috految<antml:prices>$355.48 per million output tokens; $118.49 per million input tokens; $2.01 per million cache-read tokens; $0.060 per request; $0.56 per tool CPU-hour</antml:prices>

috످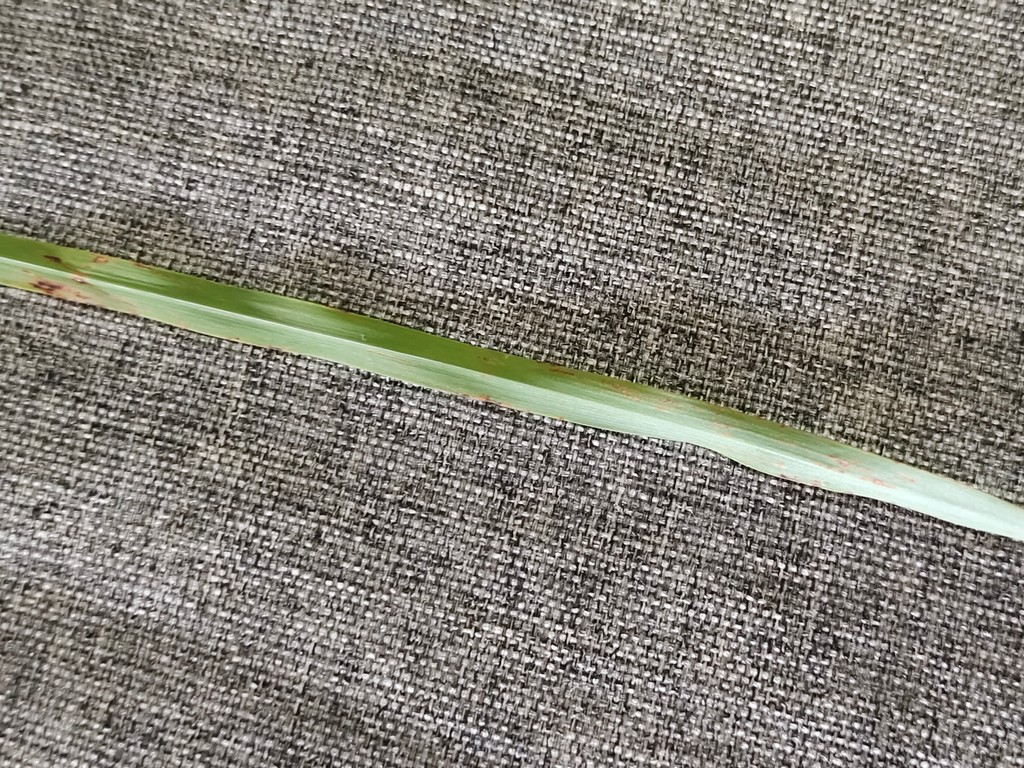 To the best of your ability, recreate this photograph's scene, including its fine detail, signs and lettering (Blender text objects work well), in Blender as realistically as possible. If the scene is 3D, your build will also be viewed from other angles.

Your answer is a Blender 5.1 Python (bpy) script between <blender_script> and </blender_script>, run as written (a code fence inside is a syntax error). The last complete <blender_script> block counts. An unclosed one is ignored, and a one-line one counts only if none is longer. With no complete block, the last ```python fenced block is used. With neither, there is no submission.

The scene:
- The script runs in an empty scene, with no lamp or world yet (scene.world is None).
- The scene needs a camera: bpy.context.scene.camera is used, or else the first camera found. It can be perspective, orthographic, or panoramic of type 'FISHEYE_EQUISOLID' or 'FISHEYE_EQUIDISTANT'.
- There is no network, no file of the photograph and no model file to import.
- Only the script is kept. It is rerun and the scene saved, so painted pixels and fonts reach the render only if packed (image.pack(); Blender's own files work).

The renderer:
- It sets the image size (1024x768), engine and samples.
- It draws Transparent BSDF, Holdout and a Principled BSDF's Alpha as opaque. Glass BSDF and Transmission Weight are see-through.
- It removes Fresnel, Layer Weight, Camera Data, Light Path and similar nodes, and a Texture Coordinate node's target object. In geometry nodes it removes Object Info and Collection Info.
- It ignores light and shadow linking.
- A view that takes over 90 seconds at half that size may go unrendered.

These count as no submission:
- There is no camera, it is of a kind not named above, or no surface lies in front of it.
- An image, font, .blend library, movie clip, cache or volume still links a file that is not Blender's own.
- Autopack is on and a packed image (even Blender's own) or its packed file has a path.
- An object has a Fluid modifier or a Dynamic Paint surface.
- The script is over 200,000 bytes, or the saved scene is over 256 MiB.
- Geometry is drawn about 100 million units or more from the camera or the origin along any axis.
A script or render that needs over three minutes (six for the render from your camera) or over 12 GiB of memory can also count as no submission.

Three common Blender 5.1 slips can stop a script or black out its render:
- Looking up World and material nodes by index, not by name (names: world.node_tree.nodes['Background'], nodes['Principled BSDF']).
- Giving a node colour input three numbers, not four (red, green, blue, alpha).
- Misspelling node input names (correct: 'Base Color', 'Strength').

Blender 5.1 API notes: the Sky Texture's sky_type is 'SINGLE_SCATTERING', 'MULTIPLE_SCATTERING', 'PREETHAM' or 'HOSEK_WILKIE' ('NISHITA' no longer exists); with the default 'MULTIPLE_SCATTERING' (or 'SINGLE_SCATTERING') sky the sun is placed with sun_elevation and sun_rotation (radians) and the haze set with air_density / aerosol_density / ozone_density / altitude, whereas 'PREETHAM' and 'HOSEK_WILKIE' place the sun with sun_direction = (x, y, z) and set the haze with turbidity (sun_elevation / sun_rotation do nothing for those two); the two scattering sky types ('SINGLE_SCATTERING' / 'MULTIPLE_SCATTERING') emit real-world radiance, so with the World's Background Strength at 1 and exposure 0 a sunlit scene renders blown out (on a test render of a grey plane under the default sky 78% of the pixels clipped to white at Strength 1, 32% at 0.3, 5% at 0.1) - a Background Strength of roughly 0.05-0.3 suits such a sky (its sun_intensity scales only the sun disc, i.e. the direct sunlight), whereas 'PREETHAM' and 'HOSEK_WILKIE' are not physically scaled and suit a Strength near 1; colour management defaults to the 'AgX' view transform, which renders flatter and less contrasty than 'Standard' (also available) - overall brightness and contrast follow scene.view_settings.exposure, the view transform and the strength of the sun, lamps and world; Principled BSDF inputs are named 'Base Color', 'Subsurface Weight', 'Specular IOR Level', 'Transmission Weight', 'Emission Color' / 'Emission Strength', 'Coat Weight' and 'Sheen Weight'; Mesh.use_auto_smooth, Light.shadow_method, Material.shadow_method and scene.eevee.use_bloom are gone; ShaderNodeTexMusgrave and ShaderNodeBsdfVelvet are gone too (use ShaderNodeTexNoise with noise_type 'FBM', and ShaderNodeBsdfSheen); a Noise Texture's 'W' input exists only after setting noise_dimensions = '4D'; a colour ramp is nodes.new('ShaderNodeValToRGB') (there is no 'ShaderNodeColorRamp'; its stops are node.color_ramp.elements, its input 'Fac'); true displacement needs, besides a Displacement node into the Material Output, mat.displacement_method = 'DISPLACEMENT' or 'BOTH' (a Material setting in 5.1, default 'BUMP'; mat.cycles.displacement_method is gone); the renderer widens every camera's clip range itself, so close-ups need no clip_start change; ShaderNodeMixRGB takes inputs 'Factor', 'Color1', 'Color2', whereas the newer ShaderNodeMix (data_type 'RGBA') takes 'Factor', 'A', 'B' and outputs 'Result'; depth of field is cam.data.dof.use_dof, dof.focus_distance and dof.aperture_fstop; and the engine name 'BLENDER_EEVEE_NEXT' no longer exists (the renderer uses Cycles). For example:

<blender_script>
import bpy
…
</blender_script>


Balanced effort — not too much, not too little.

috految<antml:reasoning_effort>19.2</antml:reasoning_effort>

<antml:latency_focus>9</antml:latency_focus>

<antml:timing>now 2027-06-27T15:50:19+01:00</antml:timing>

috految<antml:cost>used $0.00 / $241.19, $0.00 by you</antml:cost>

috److془Design carefully. Units: 100 px = 1 unit. Camera at distance 13, tilt ~ 10°.

Weave: rows slope ~ 14° down to the right; at bottom ~ 20°, top ~ 11°. Columns tilt ~ 10-14°. Period horizontal ~ 13 px (pitch 6.5), vertical pitch ~7.5. Bright blobs ~8x6 px. Mean sRGB ~ (140,135,130), std 50.

Geometry: cushion 30x24, pitch .066,.076: 143k cells. Use hair Curves or mesh. Mesh: 143k*2*3 samples*4 = 3.4M verts too much. Use poly curves with bevel or hair curves. Alternative: mesh of 2 samples per cell,5 verts.. Or instancing by modifier. Hair curves: 5 strands per yarn, 1 point per cell Catmull-Rom: 1.4M points. Great. Ribbons rounded default; fine. Though mesh is safer: 45% ... Hair fine. Actually Blender 5 might use resolution 12 evaluated; 17M segments. Go with mesh: 26x22 =114k cells*2*2*4=1.8M verts*~70B=125MB. Or stitch mesh with 5 verts... Or instanced copy for the neighbors. Alternatively, 4 verts at 2 samples per cell (±.27) gives trapezoid; smooth shading with fiber noise. Hmm the fibrous strands better. Poly curves with bevel res 0 4 sided, 3 strands: 11M triangles. Hmm; go with the mesh with fibre noise and jitters and fuzz. Or hair with set resolution 3. Mesh with 3 samples central. Good. Cushion 26x22 with half flat 10.5x8.5, rounding radius 1.2. Use 3 subdivisions in center: 2.1M verts, 12+14+24+3+12+4=70B -> 150MB.

Light: from bottom right low, cool; shadow above leaf, extending 70px. Leaf ridge tent: upper half dark green (100,125,50), lower (160,190,140), right (205,228,208). Sun direction (.35,-.8,.5) strength 4.2 → .65; world .65. Fabric needs mean .27: albedo .3*occlusion .68*1.3. Leaf lower: illum 1.63; albedo (.19,.29,.11)+spec. Spec: half vector about (.2,-.57·) normal (-.1,-.45): at right aligned. Great. Spec peak: .04*4.2/4*D(~5)=.22. Upper illum .75: (.15,.24,.035).془This script builds a folded grass leaf with veins and rust spots, traced from its outline in the photograph. It rests on a sofa cushion made of individually modelled woven yarns, with the rest of the sofa included for views from other angles.

<blender_script>
import bpy,random
import numpy as np
from math import *
from mathutils import Vector as V,Matrix,noise
R=random.uniform
random.seed(4)
S=bpy.context.scene
def N(x,y,z=0): return noise.noise((x,y,z))
def obj(n,d):
    o=bpy.data.objects.new(n,d);S.collection.objects.link(o);return o
cam=obj('Camera',bpy.data.cameras.new('Camera'));S.camera=cam
Q=Matrix.Rotation(.14,3,'X')
C=Q@V((0,0,12))
cam.location=C;cam.rotation_euler=Q.to_euler();cam.data.lens=42.19
cam.data.dof.use_dof=True;cam.data.dof.focus_distance=11.85;cam.data.dof.aperture_fstop=.2
def P(x,y,z):
    d=Q@V((x-512,384-y,-1200));return C+d*((z-C.z)/d.z)
def mat(c,r=.6,s=.2):
    m=bpy.data.materials.new('Material');b=m.node_tree.nodes['Principled BSDF']
    b.inputs['Base Color'].default_value=(*c,1)
    b.inputs['Roughness'].default_value=r;b.inputs['Specular IOR Level'].default_value=s
    return m
def mesh(n,v,f,m):
    d=bpy.data.meshes.new(n);d.from_pydata(v,[],f);d.shade_smooth();d.materials.append(m);return obj(n,d)
def grid(a,b,o=0):
    return [(o+i*b+j,o+i*b+j+1,o+(i+1)*b+j+1,o+(i+1)*b+j) for i in range(a-1) for j in range(b-1)]
def lines(n,paths,r,m):
    c=bpy.data.curves.new(n,'CURVE');c.dimensions='3D';c.bevel_depth=r;c.bevel_resolution=1;c.materials.append(m)
    for ps in paths:
        s=c.splines.new('POLY');s.points.add(len(ps)-1)
        for p,q in zip(s.points,ps):p.co=(*q,1)
    return obj(n,c)
def textile(k,attr=True):
    m=mat((.3,.28,.26),.47,.25);n=m.node_tree.nodes;L=m.node_tree.links.new;b=n['Principled BSDF']
    t=n.new('ShaderNodeTexNoise');t.inputs['Scale'].default_value=1 if attr else 11
    t.inputs['Detail'].default_value=2;t.inputs['Roughness'].default_value=.7
    if attr:
        a=n.new('ShaderNodeAttribute');a.attribute_name='fibre';L(a.outputs['Vector'],t.inputs['Vector'])
    else:L(n.new('ShaderNodeTexCoord').outputs['Object'],t.inputs['Vector'])
    r=n.new('ShaderNodeValToRGB');L(t.outputs[0],r.inputs[0]);e=r.color_ramp.elements
    e[0].position=.36;e[0].color=(.04,.036,.033,1)
    e[1].position=.69;e[1].color=(.60*k,.562*k,.525*k,1)
    e.new(.46).color=(.25*k,.226*k,.202*k,1)
    e.new(.54).color=(.405*k,.373*k,.338*k,1)
    L(r.outputs[0],b.inputs['Base Color'])
    u=n.new('ShaderNodeBump');u.inputs['Distance'].default_value=.012;u.inputs['Strength'].default_value=.5
    L(t.outputs[0],u.inputs['Height']);L(u.outputs[0],b.inputs['Normal'])
    return m
# woven cushion
def cloth(u,v,h):
    x=u+.11*N(u*.4,v*.4,3)+.018*N(u*2.5,v*2.5,8)-.035*v
    y=v+.085*N(u*.45,v*.5,7)+.021*N(u*2,v*3,5)+.9*tanh(u/7)*tanh(v/8)*exp(-(v/10)**4)
    px=max(-10.7,min(10.7,x));py=max(-8.3,min(8.3,y))
    z=.1*N(x*.3,y*.5,2)+.02*N(x*.7,y*1.7,9)
    z+=.19*exp(-((y-2.05)/1.1)**2-((x+2.7)/3.5)**2)
    z+=.17*exp(-((y+2.35-.1*x)/.75)**2-((x+4)/3)**2)
    z+=.17*exp(-((y+1.9)/1.1)**2-((x-2.2)/3.2)**2)
    z+=.25*exp(-((y-4.9)/1.5)**2-((x-2)/4)**2)
    dx=x-px;dy=y-py;d=hypot(dx,dy)
    if d>1e-6:
        a=d/1.2;r=1.2+h
        return (px+dx/d*r*sin(a),py+dy/d*r*sin(a),z-1.2+r*cos(a))
    return (x,y,z+h)
U=[i*.066+R(-.006,.006) for i in range(-196,197)]
W=[i*.074+R(-.007,.007) for i in range(-143,144)]
parts=[]
for k,(A,B) in enumerate(((U,W),(W,U))):
    vs=[];fs=[];uv=[]
    for i,a in enumerate(A):
        st=len(vs);seed=R(0,150);rw=R(.88,1.12);cnt=0
        for j,b in enumerate(B):
            sign=1 if (i+j+k)%2 else -1
            sl=N(b*.9,i*3.71,k+.3)
            w=(.0285 if k==0 else .0315)*rw*(1+.36*sl)*R(.86,1.14)
            jit=R(-.006,.006);amp=(.021 if k==0 else .0195)*R(.8,1.2);tilt=R(-.24,.24)
            for t in ((-.34,0,.34) if abs(a)<7 and abs(b)<7 else (-.23,.23)):
                q=b+t*(.074 if k==0 else .066)
                h=sign*amp*cos(pi*t*.88)+.006*sl
                c=a+jit+.011*N(q*6,i*2.3,k)
                for s,e in ((-1,-.003),(-.5,.011),(.5,.011),(1,-.003)):
                    p=c+s*w*(1.03 if sign>0 else .84);z=h+e+tilt*s*w+R(-.002,.002)
                    vs.append(cloth(p,q,z) if k==0 else cloth(q,p,z))
                    uv.extend((q*(4.8 if k==0 else 2.8),s*1.05+q*2.4,seed))
                cnt+=1
        fs+=grid(cnt,4,st)
    o=mesh('Woven yarn',vs,fs,textile(1.13 if k==0 else .93))
    o.data.attributes.new('fibre','FLOAT_VECTOR','POINT').data.foreach_set('vector',uv)
    parts.append(o)
parts.append(mesh('Backing',[cloth(-12.9+i*.129,-10.6+j*.106,-.043) for i in range(201) for j in range(201)],grid(201,201),mat((.06,.053,.047),1,0)))
F=[]
for i in range(9000):
    x=R(-10,10);y=R(-8,8);a=R(0,6.28);ps=[]
    for h in (.015,.04,.045,.025):
        ps.append(cloth(x,y,h));a+=R(-.7,.7);x+=.036*cos(a);y+=.036*sin(a)
    F.append(ps)
parts.append(lines('Fuzz',F,.0015,mat((.48,.455,.42))))
T=Matrix.Rotation(radians(-14.5),4,'Z')
for o in parts:o.matrix_world=T
for x in (-23.4,23.4):
    for o in parts[:3]:obj('Seat',o.data).matrix_world=T@Matrix.Translation((x,0,0))
cov=textile(.75,False)
def box(p,s,m,b):
    bpy.ops.mesh.primitive_cube_add(size=1);o=bpy.context.object
    o.data.transform(Matrix.Diagonal((*s,1)));o.matrix_world=T@Matrix.Translation(p);o.data.materials.append(m)
    d=o.modifiers.new('Round','BEVEL');d.width=b;d.segments=10
wood=mat((.26,.19,.13))
for x in (-23.4,0,23.4):
    box((x,0,-2.7),(23.4,18.8,4),cov,1)
    box((x,13,-1.3),(23.3,7.5,9.5),cov,2)
box((0,3,-6),(74,25,4),cov,.7)
for s in (-1,1):
    box((s*37,3,-2),(5,25,12),cov,2)
    for y in (-7,13):box((s*33,y,-10),(2,2,5),wood,.2)
box((0,0,-13),(300,300,1),mat((.36,.32,.27)),.1)

# leaf
def path(p):
    xs,ys=p[::2],p[1::2]
    return lambda x:float(np.interp(x+np.linspace(-12,12,13),xs,ys).mean())
top=path([-390,174,-200,194,0,233,60,246,130,260,220,283,270,293,310,302,400,325,480,347,550,364,620,379,680,394,760,418,830,438,900,462,960,483,1024,508,1130,556,1320,660])
mid=path([-390,185,-200,216,0,257,65,272,140,291,220,310,300,329,400,353,500,378,570,396,650,417,730,437,790,456,840,472,900,488,960,508,1024,526,1130,568,1320,660.5])
bot=path([-390,196,-200,239,0,284,60,298,130,314,220,338,300,354,350,366,420,386,480,400,540,415,600,429,650,438,687,442,712,450,745,466,775,477,835,492,865,496,915,511,965,527,1024,542,1130,581,1320,661])
ht=path([-390,.14,-120,.27,0,.35,200,.41,450,.42,650,.4,850,.34,1024,.26,1320,.11])
fold=path([-390,.04,0,.13,55,.13,105,.065,160,.12,230,.17,260,.115,300,.16,400,.18,500,.17,560,.125,630,.038,690,.075,770,.075,850,.01,930,-.035,1024,-.035,1320,0])
spots=[(53,259,12,3.5,2),(62,292,27,8,0),(46,287,17,7.5,2),(58,286,10,3,2),(77,295,13,3,0),(83,299,10,2,1),(80,281,10,2.4,2),(76,274,10,2.8,0),(101,260,9,5.5,1),(143,265,15,2.4,2),(28,271,8,1.5,0),(33,277,5,2,1),(127,304,11,1.3,0),(108,294,9,1.3,0),(135,313,10,3,1),(102,305,12,2,0),(184,327,9,2,0),(238,341,13,2.5,0),(270,347,14,2.3,0),(288,351,9,2,0),(372,349,14,1,0),(382,356,14,1,0),(412,362,9,1,0),(333,309,15,1.5,0),(348,324,5,1,0),(485,399,8,3.4,2),(474,397,10,2,0),(502,404,15,2.4,0),(486,360,5,2.3,2),(494,364,9,2.5,1),(510,356,9,1.5,0),(562,372,15,2.7,1),(560,367,12,1.4,2),(559,371,13,1,2),(564,419,6,2.4,1),(615,386,22,3.5,0),(629,395,16,3,1),(592,380,12,1.5,0),(665,402,10,4,1),(661,408,13,2,0),(676,406,9,2,0),(645,392,14,2,1),(723,427,18,3,0),(725,434,11,3,1),(716,412,11,1.4,0),(755,420,10,1.6,0),(786,442,14,1.6,0),(783,466,3,2,0),(783,476,9,2.3,1),(815,484,10,4,1),(839,461,16,2.4,0),(844,465,9,5,1),(837,470,16,2,0),(876,481,13,4,1),(861,477,11,1.5,0),(889,486,10,2,0),(907,478,12,2,1),(818,464,6,1.5,0),(963,488,9,1,0),(-80,240,15,5,2),(-190,218,18,5,1),(1140,574,15,3,0)]
for i in range(170):
    x=R(-380,940);spots.append((x,R(top(x),bot(x)),R(1,5),R(.3,.8),0))
def cl(x):return max(0,min(1,x))
vs=[];cols=[];rib=[];edges=[[],[]]
X=range(-380,1320)
for x in X:
    a,m,b,H,f=top(x),mid(x),bot(x),ht(x),fold(x)
    sp=[s for s in spots if abs(s[0]-x)<s[2]*2.6]
    for j in range(81):
        t=j/40-1;s=abs(t)
        y=m+((a if t<0 else b)-m)*s+.7*s**6*N(x*.1,t)
        if t<0:z=H-f*s+.018*sin(pi*s)*cl((x-500)/120)
        else:z=H-(b-m)*.0044*s+.007*sin(pi*s)+.045*s*s*exp(-((x-695)/38)**2)
        z+=.02*s*N(x*.025,t*1.5,4)+.0007*sin(t*43)+.003*N(x*.008,t*15)
        p=P(x,y,z);vs.append(p)
        if j==40:rib.append(p)
        if j in (0,80):edges[j//80].append(p)
        if t<0:c=V((.15,.24,.034)).lerp(V((.31,.42,.255)),cl((x-490)/440)*(1-.35*s*s))
        else:c=V((.205,.31,.10)).lerp(V((.30,.405,.265)),cl((x-100)/850))
        c=c*(1+.23*N(x*.005,t*19)+.13*N(x*.035,y*.1)+.05*sin(t*43))
        c=c.lerp(V((.31,.24,.075)),cl((s-.86)*7)*cl(.35+N(x*.03,t)))
        c=c.lerp(V((.4,.29,.11)),cl((x-1220)/100))
        for sx,sy,rx,ry,k in sp:
            d=hypot((x-sx)/rx,(y-sy-.26*(x-sx))/ry)
            if d>2.5:continue
            n=N(x*.23,y*.4);d+=.6*n+.3*N(x*.6,y*.8)
            c=c.lerp(V((.36,.29,.065)),cl((1.9-d)*.5)*.6)
            c=c.lerp(V((.30,.13,.042) if sx<600 else (.36,.19,.085)),cl((1.12-d)*3)*cl(.8+n*.7))
            if k==2:c=c.lerp(V((.075,.029,.017)),cl((.95-d)*3)*.95)
            if k==1:c=c.lerp(V((.44,.37,.2)),cl((.55-d)*4))
        cols.extend((*c,1))
m=mat((.2,.3,.1),.45,.46);n=m.node_tree.nodes
a=n.new('ShaderNodeVertexColor');a.layer_name='Col'
m.node_tree.links.new(a.outputs[0],n['Principled BSDF'].inputs['Base Color'])
o=mesh('Leaf',vs,grid(len(X),81),m)
o.data.color_attributes.new('Col','FLOAT_COLOR','POINT').data.foreach_set('color',cols)
o.modifiers.new('Thickness','SOLIDIFY').thickness=.005
o=lines('Midrib',[rib[::3]],.012,mat((.35,.47,.24),.38,.5))
for i,p in enumerate(o.data.splines[0].points):p.radius=max(.3,1.6-i/280)
lines('Margins',[e[::2] for e in edges],.004,mat((.36,.39,.17)))
lines('Speck',[[P(363,334,.38),P(365,338,.4),P(361,339,.41)]],.004,mat((.6,.65,.4)))

S.world=bpy.data.worlds.new('World')
b=S.world.node_tree.nodes['Background'];b.inputs[0].default_value=(1,.975,.915,1);b.inputs[1].default_value=.69
l=obj('Window',bpy.data.lights.new('Window','SUN'));l.data.energy=4.25;l.data.color=(.935,.955,1.07);l.data.angle=.6
l.rotation_euler=V((.33,-.82,.47)).to_track_quat('Z','Y').to_euler()
l=obj('Fill',bpy.data.lights.new('Fill','AREA'));l.location=(6,3,9);l.data.energy=90;l.data.size=6
S.view_settings.view_transform='Standard'
S.cycles.filter_width=1.1
</blender_script>

috످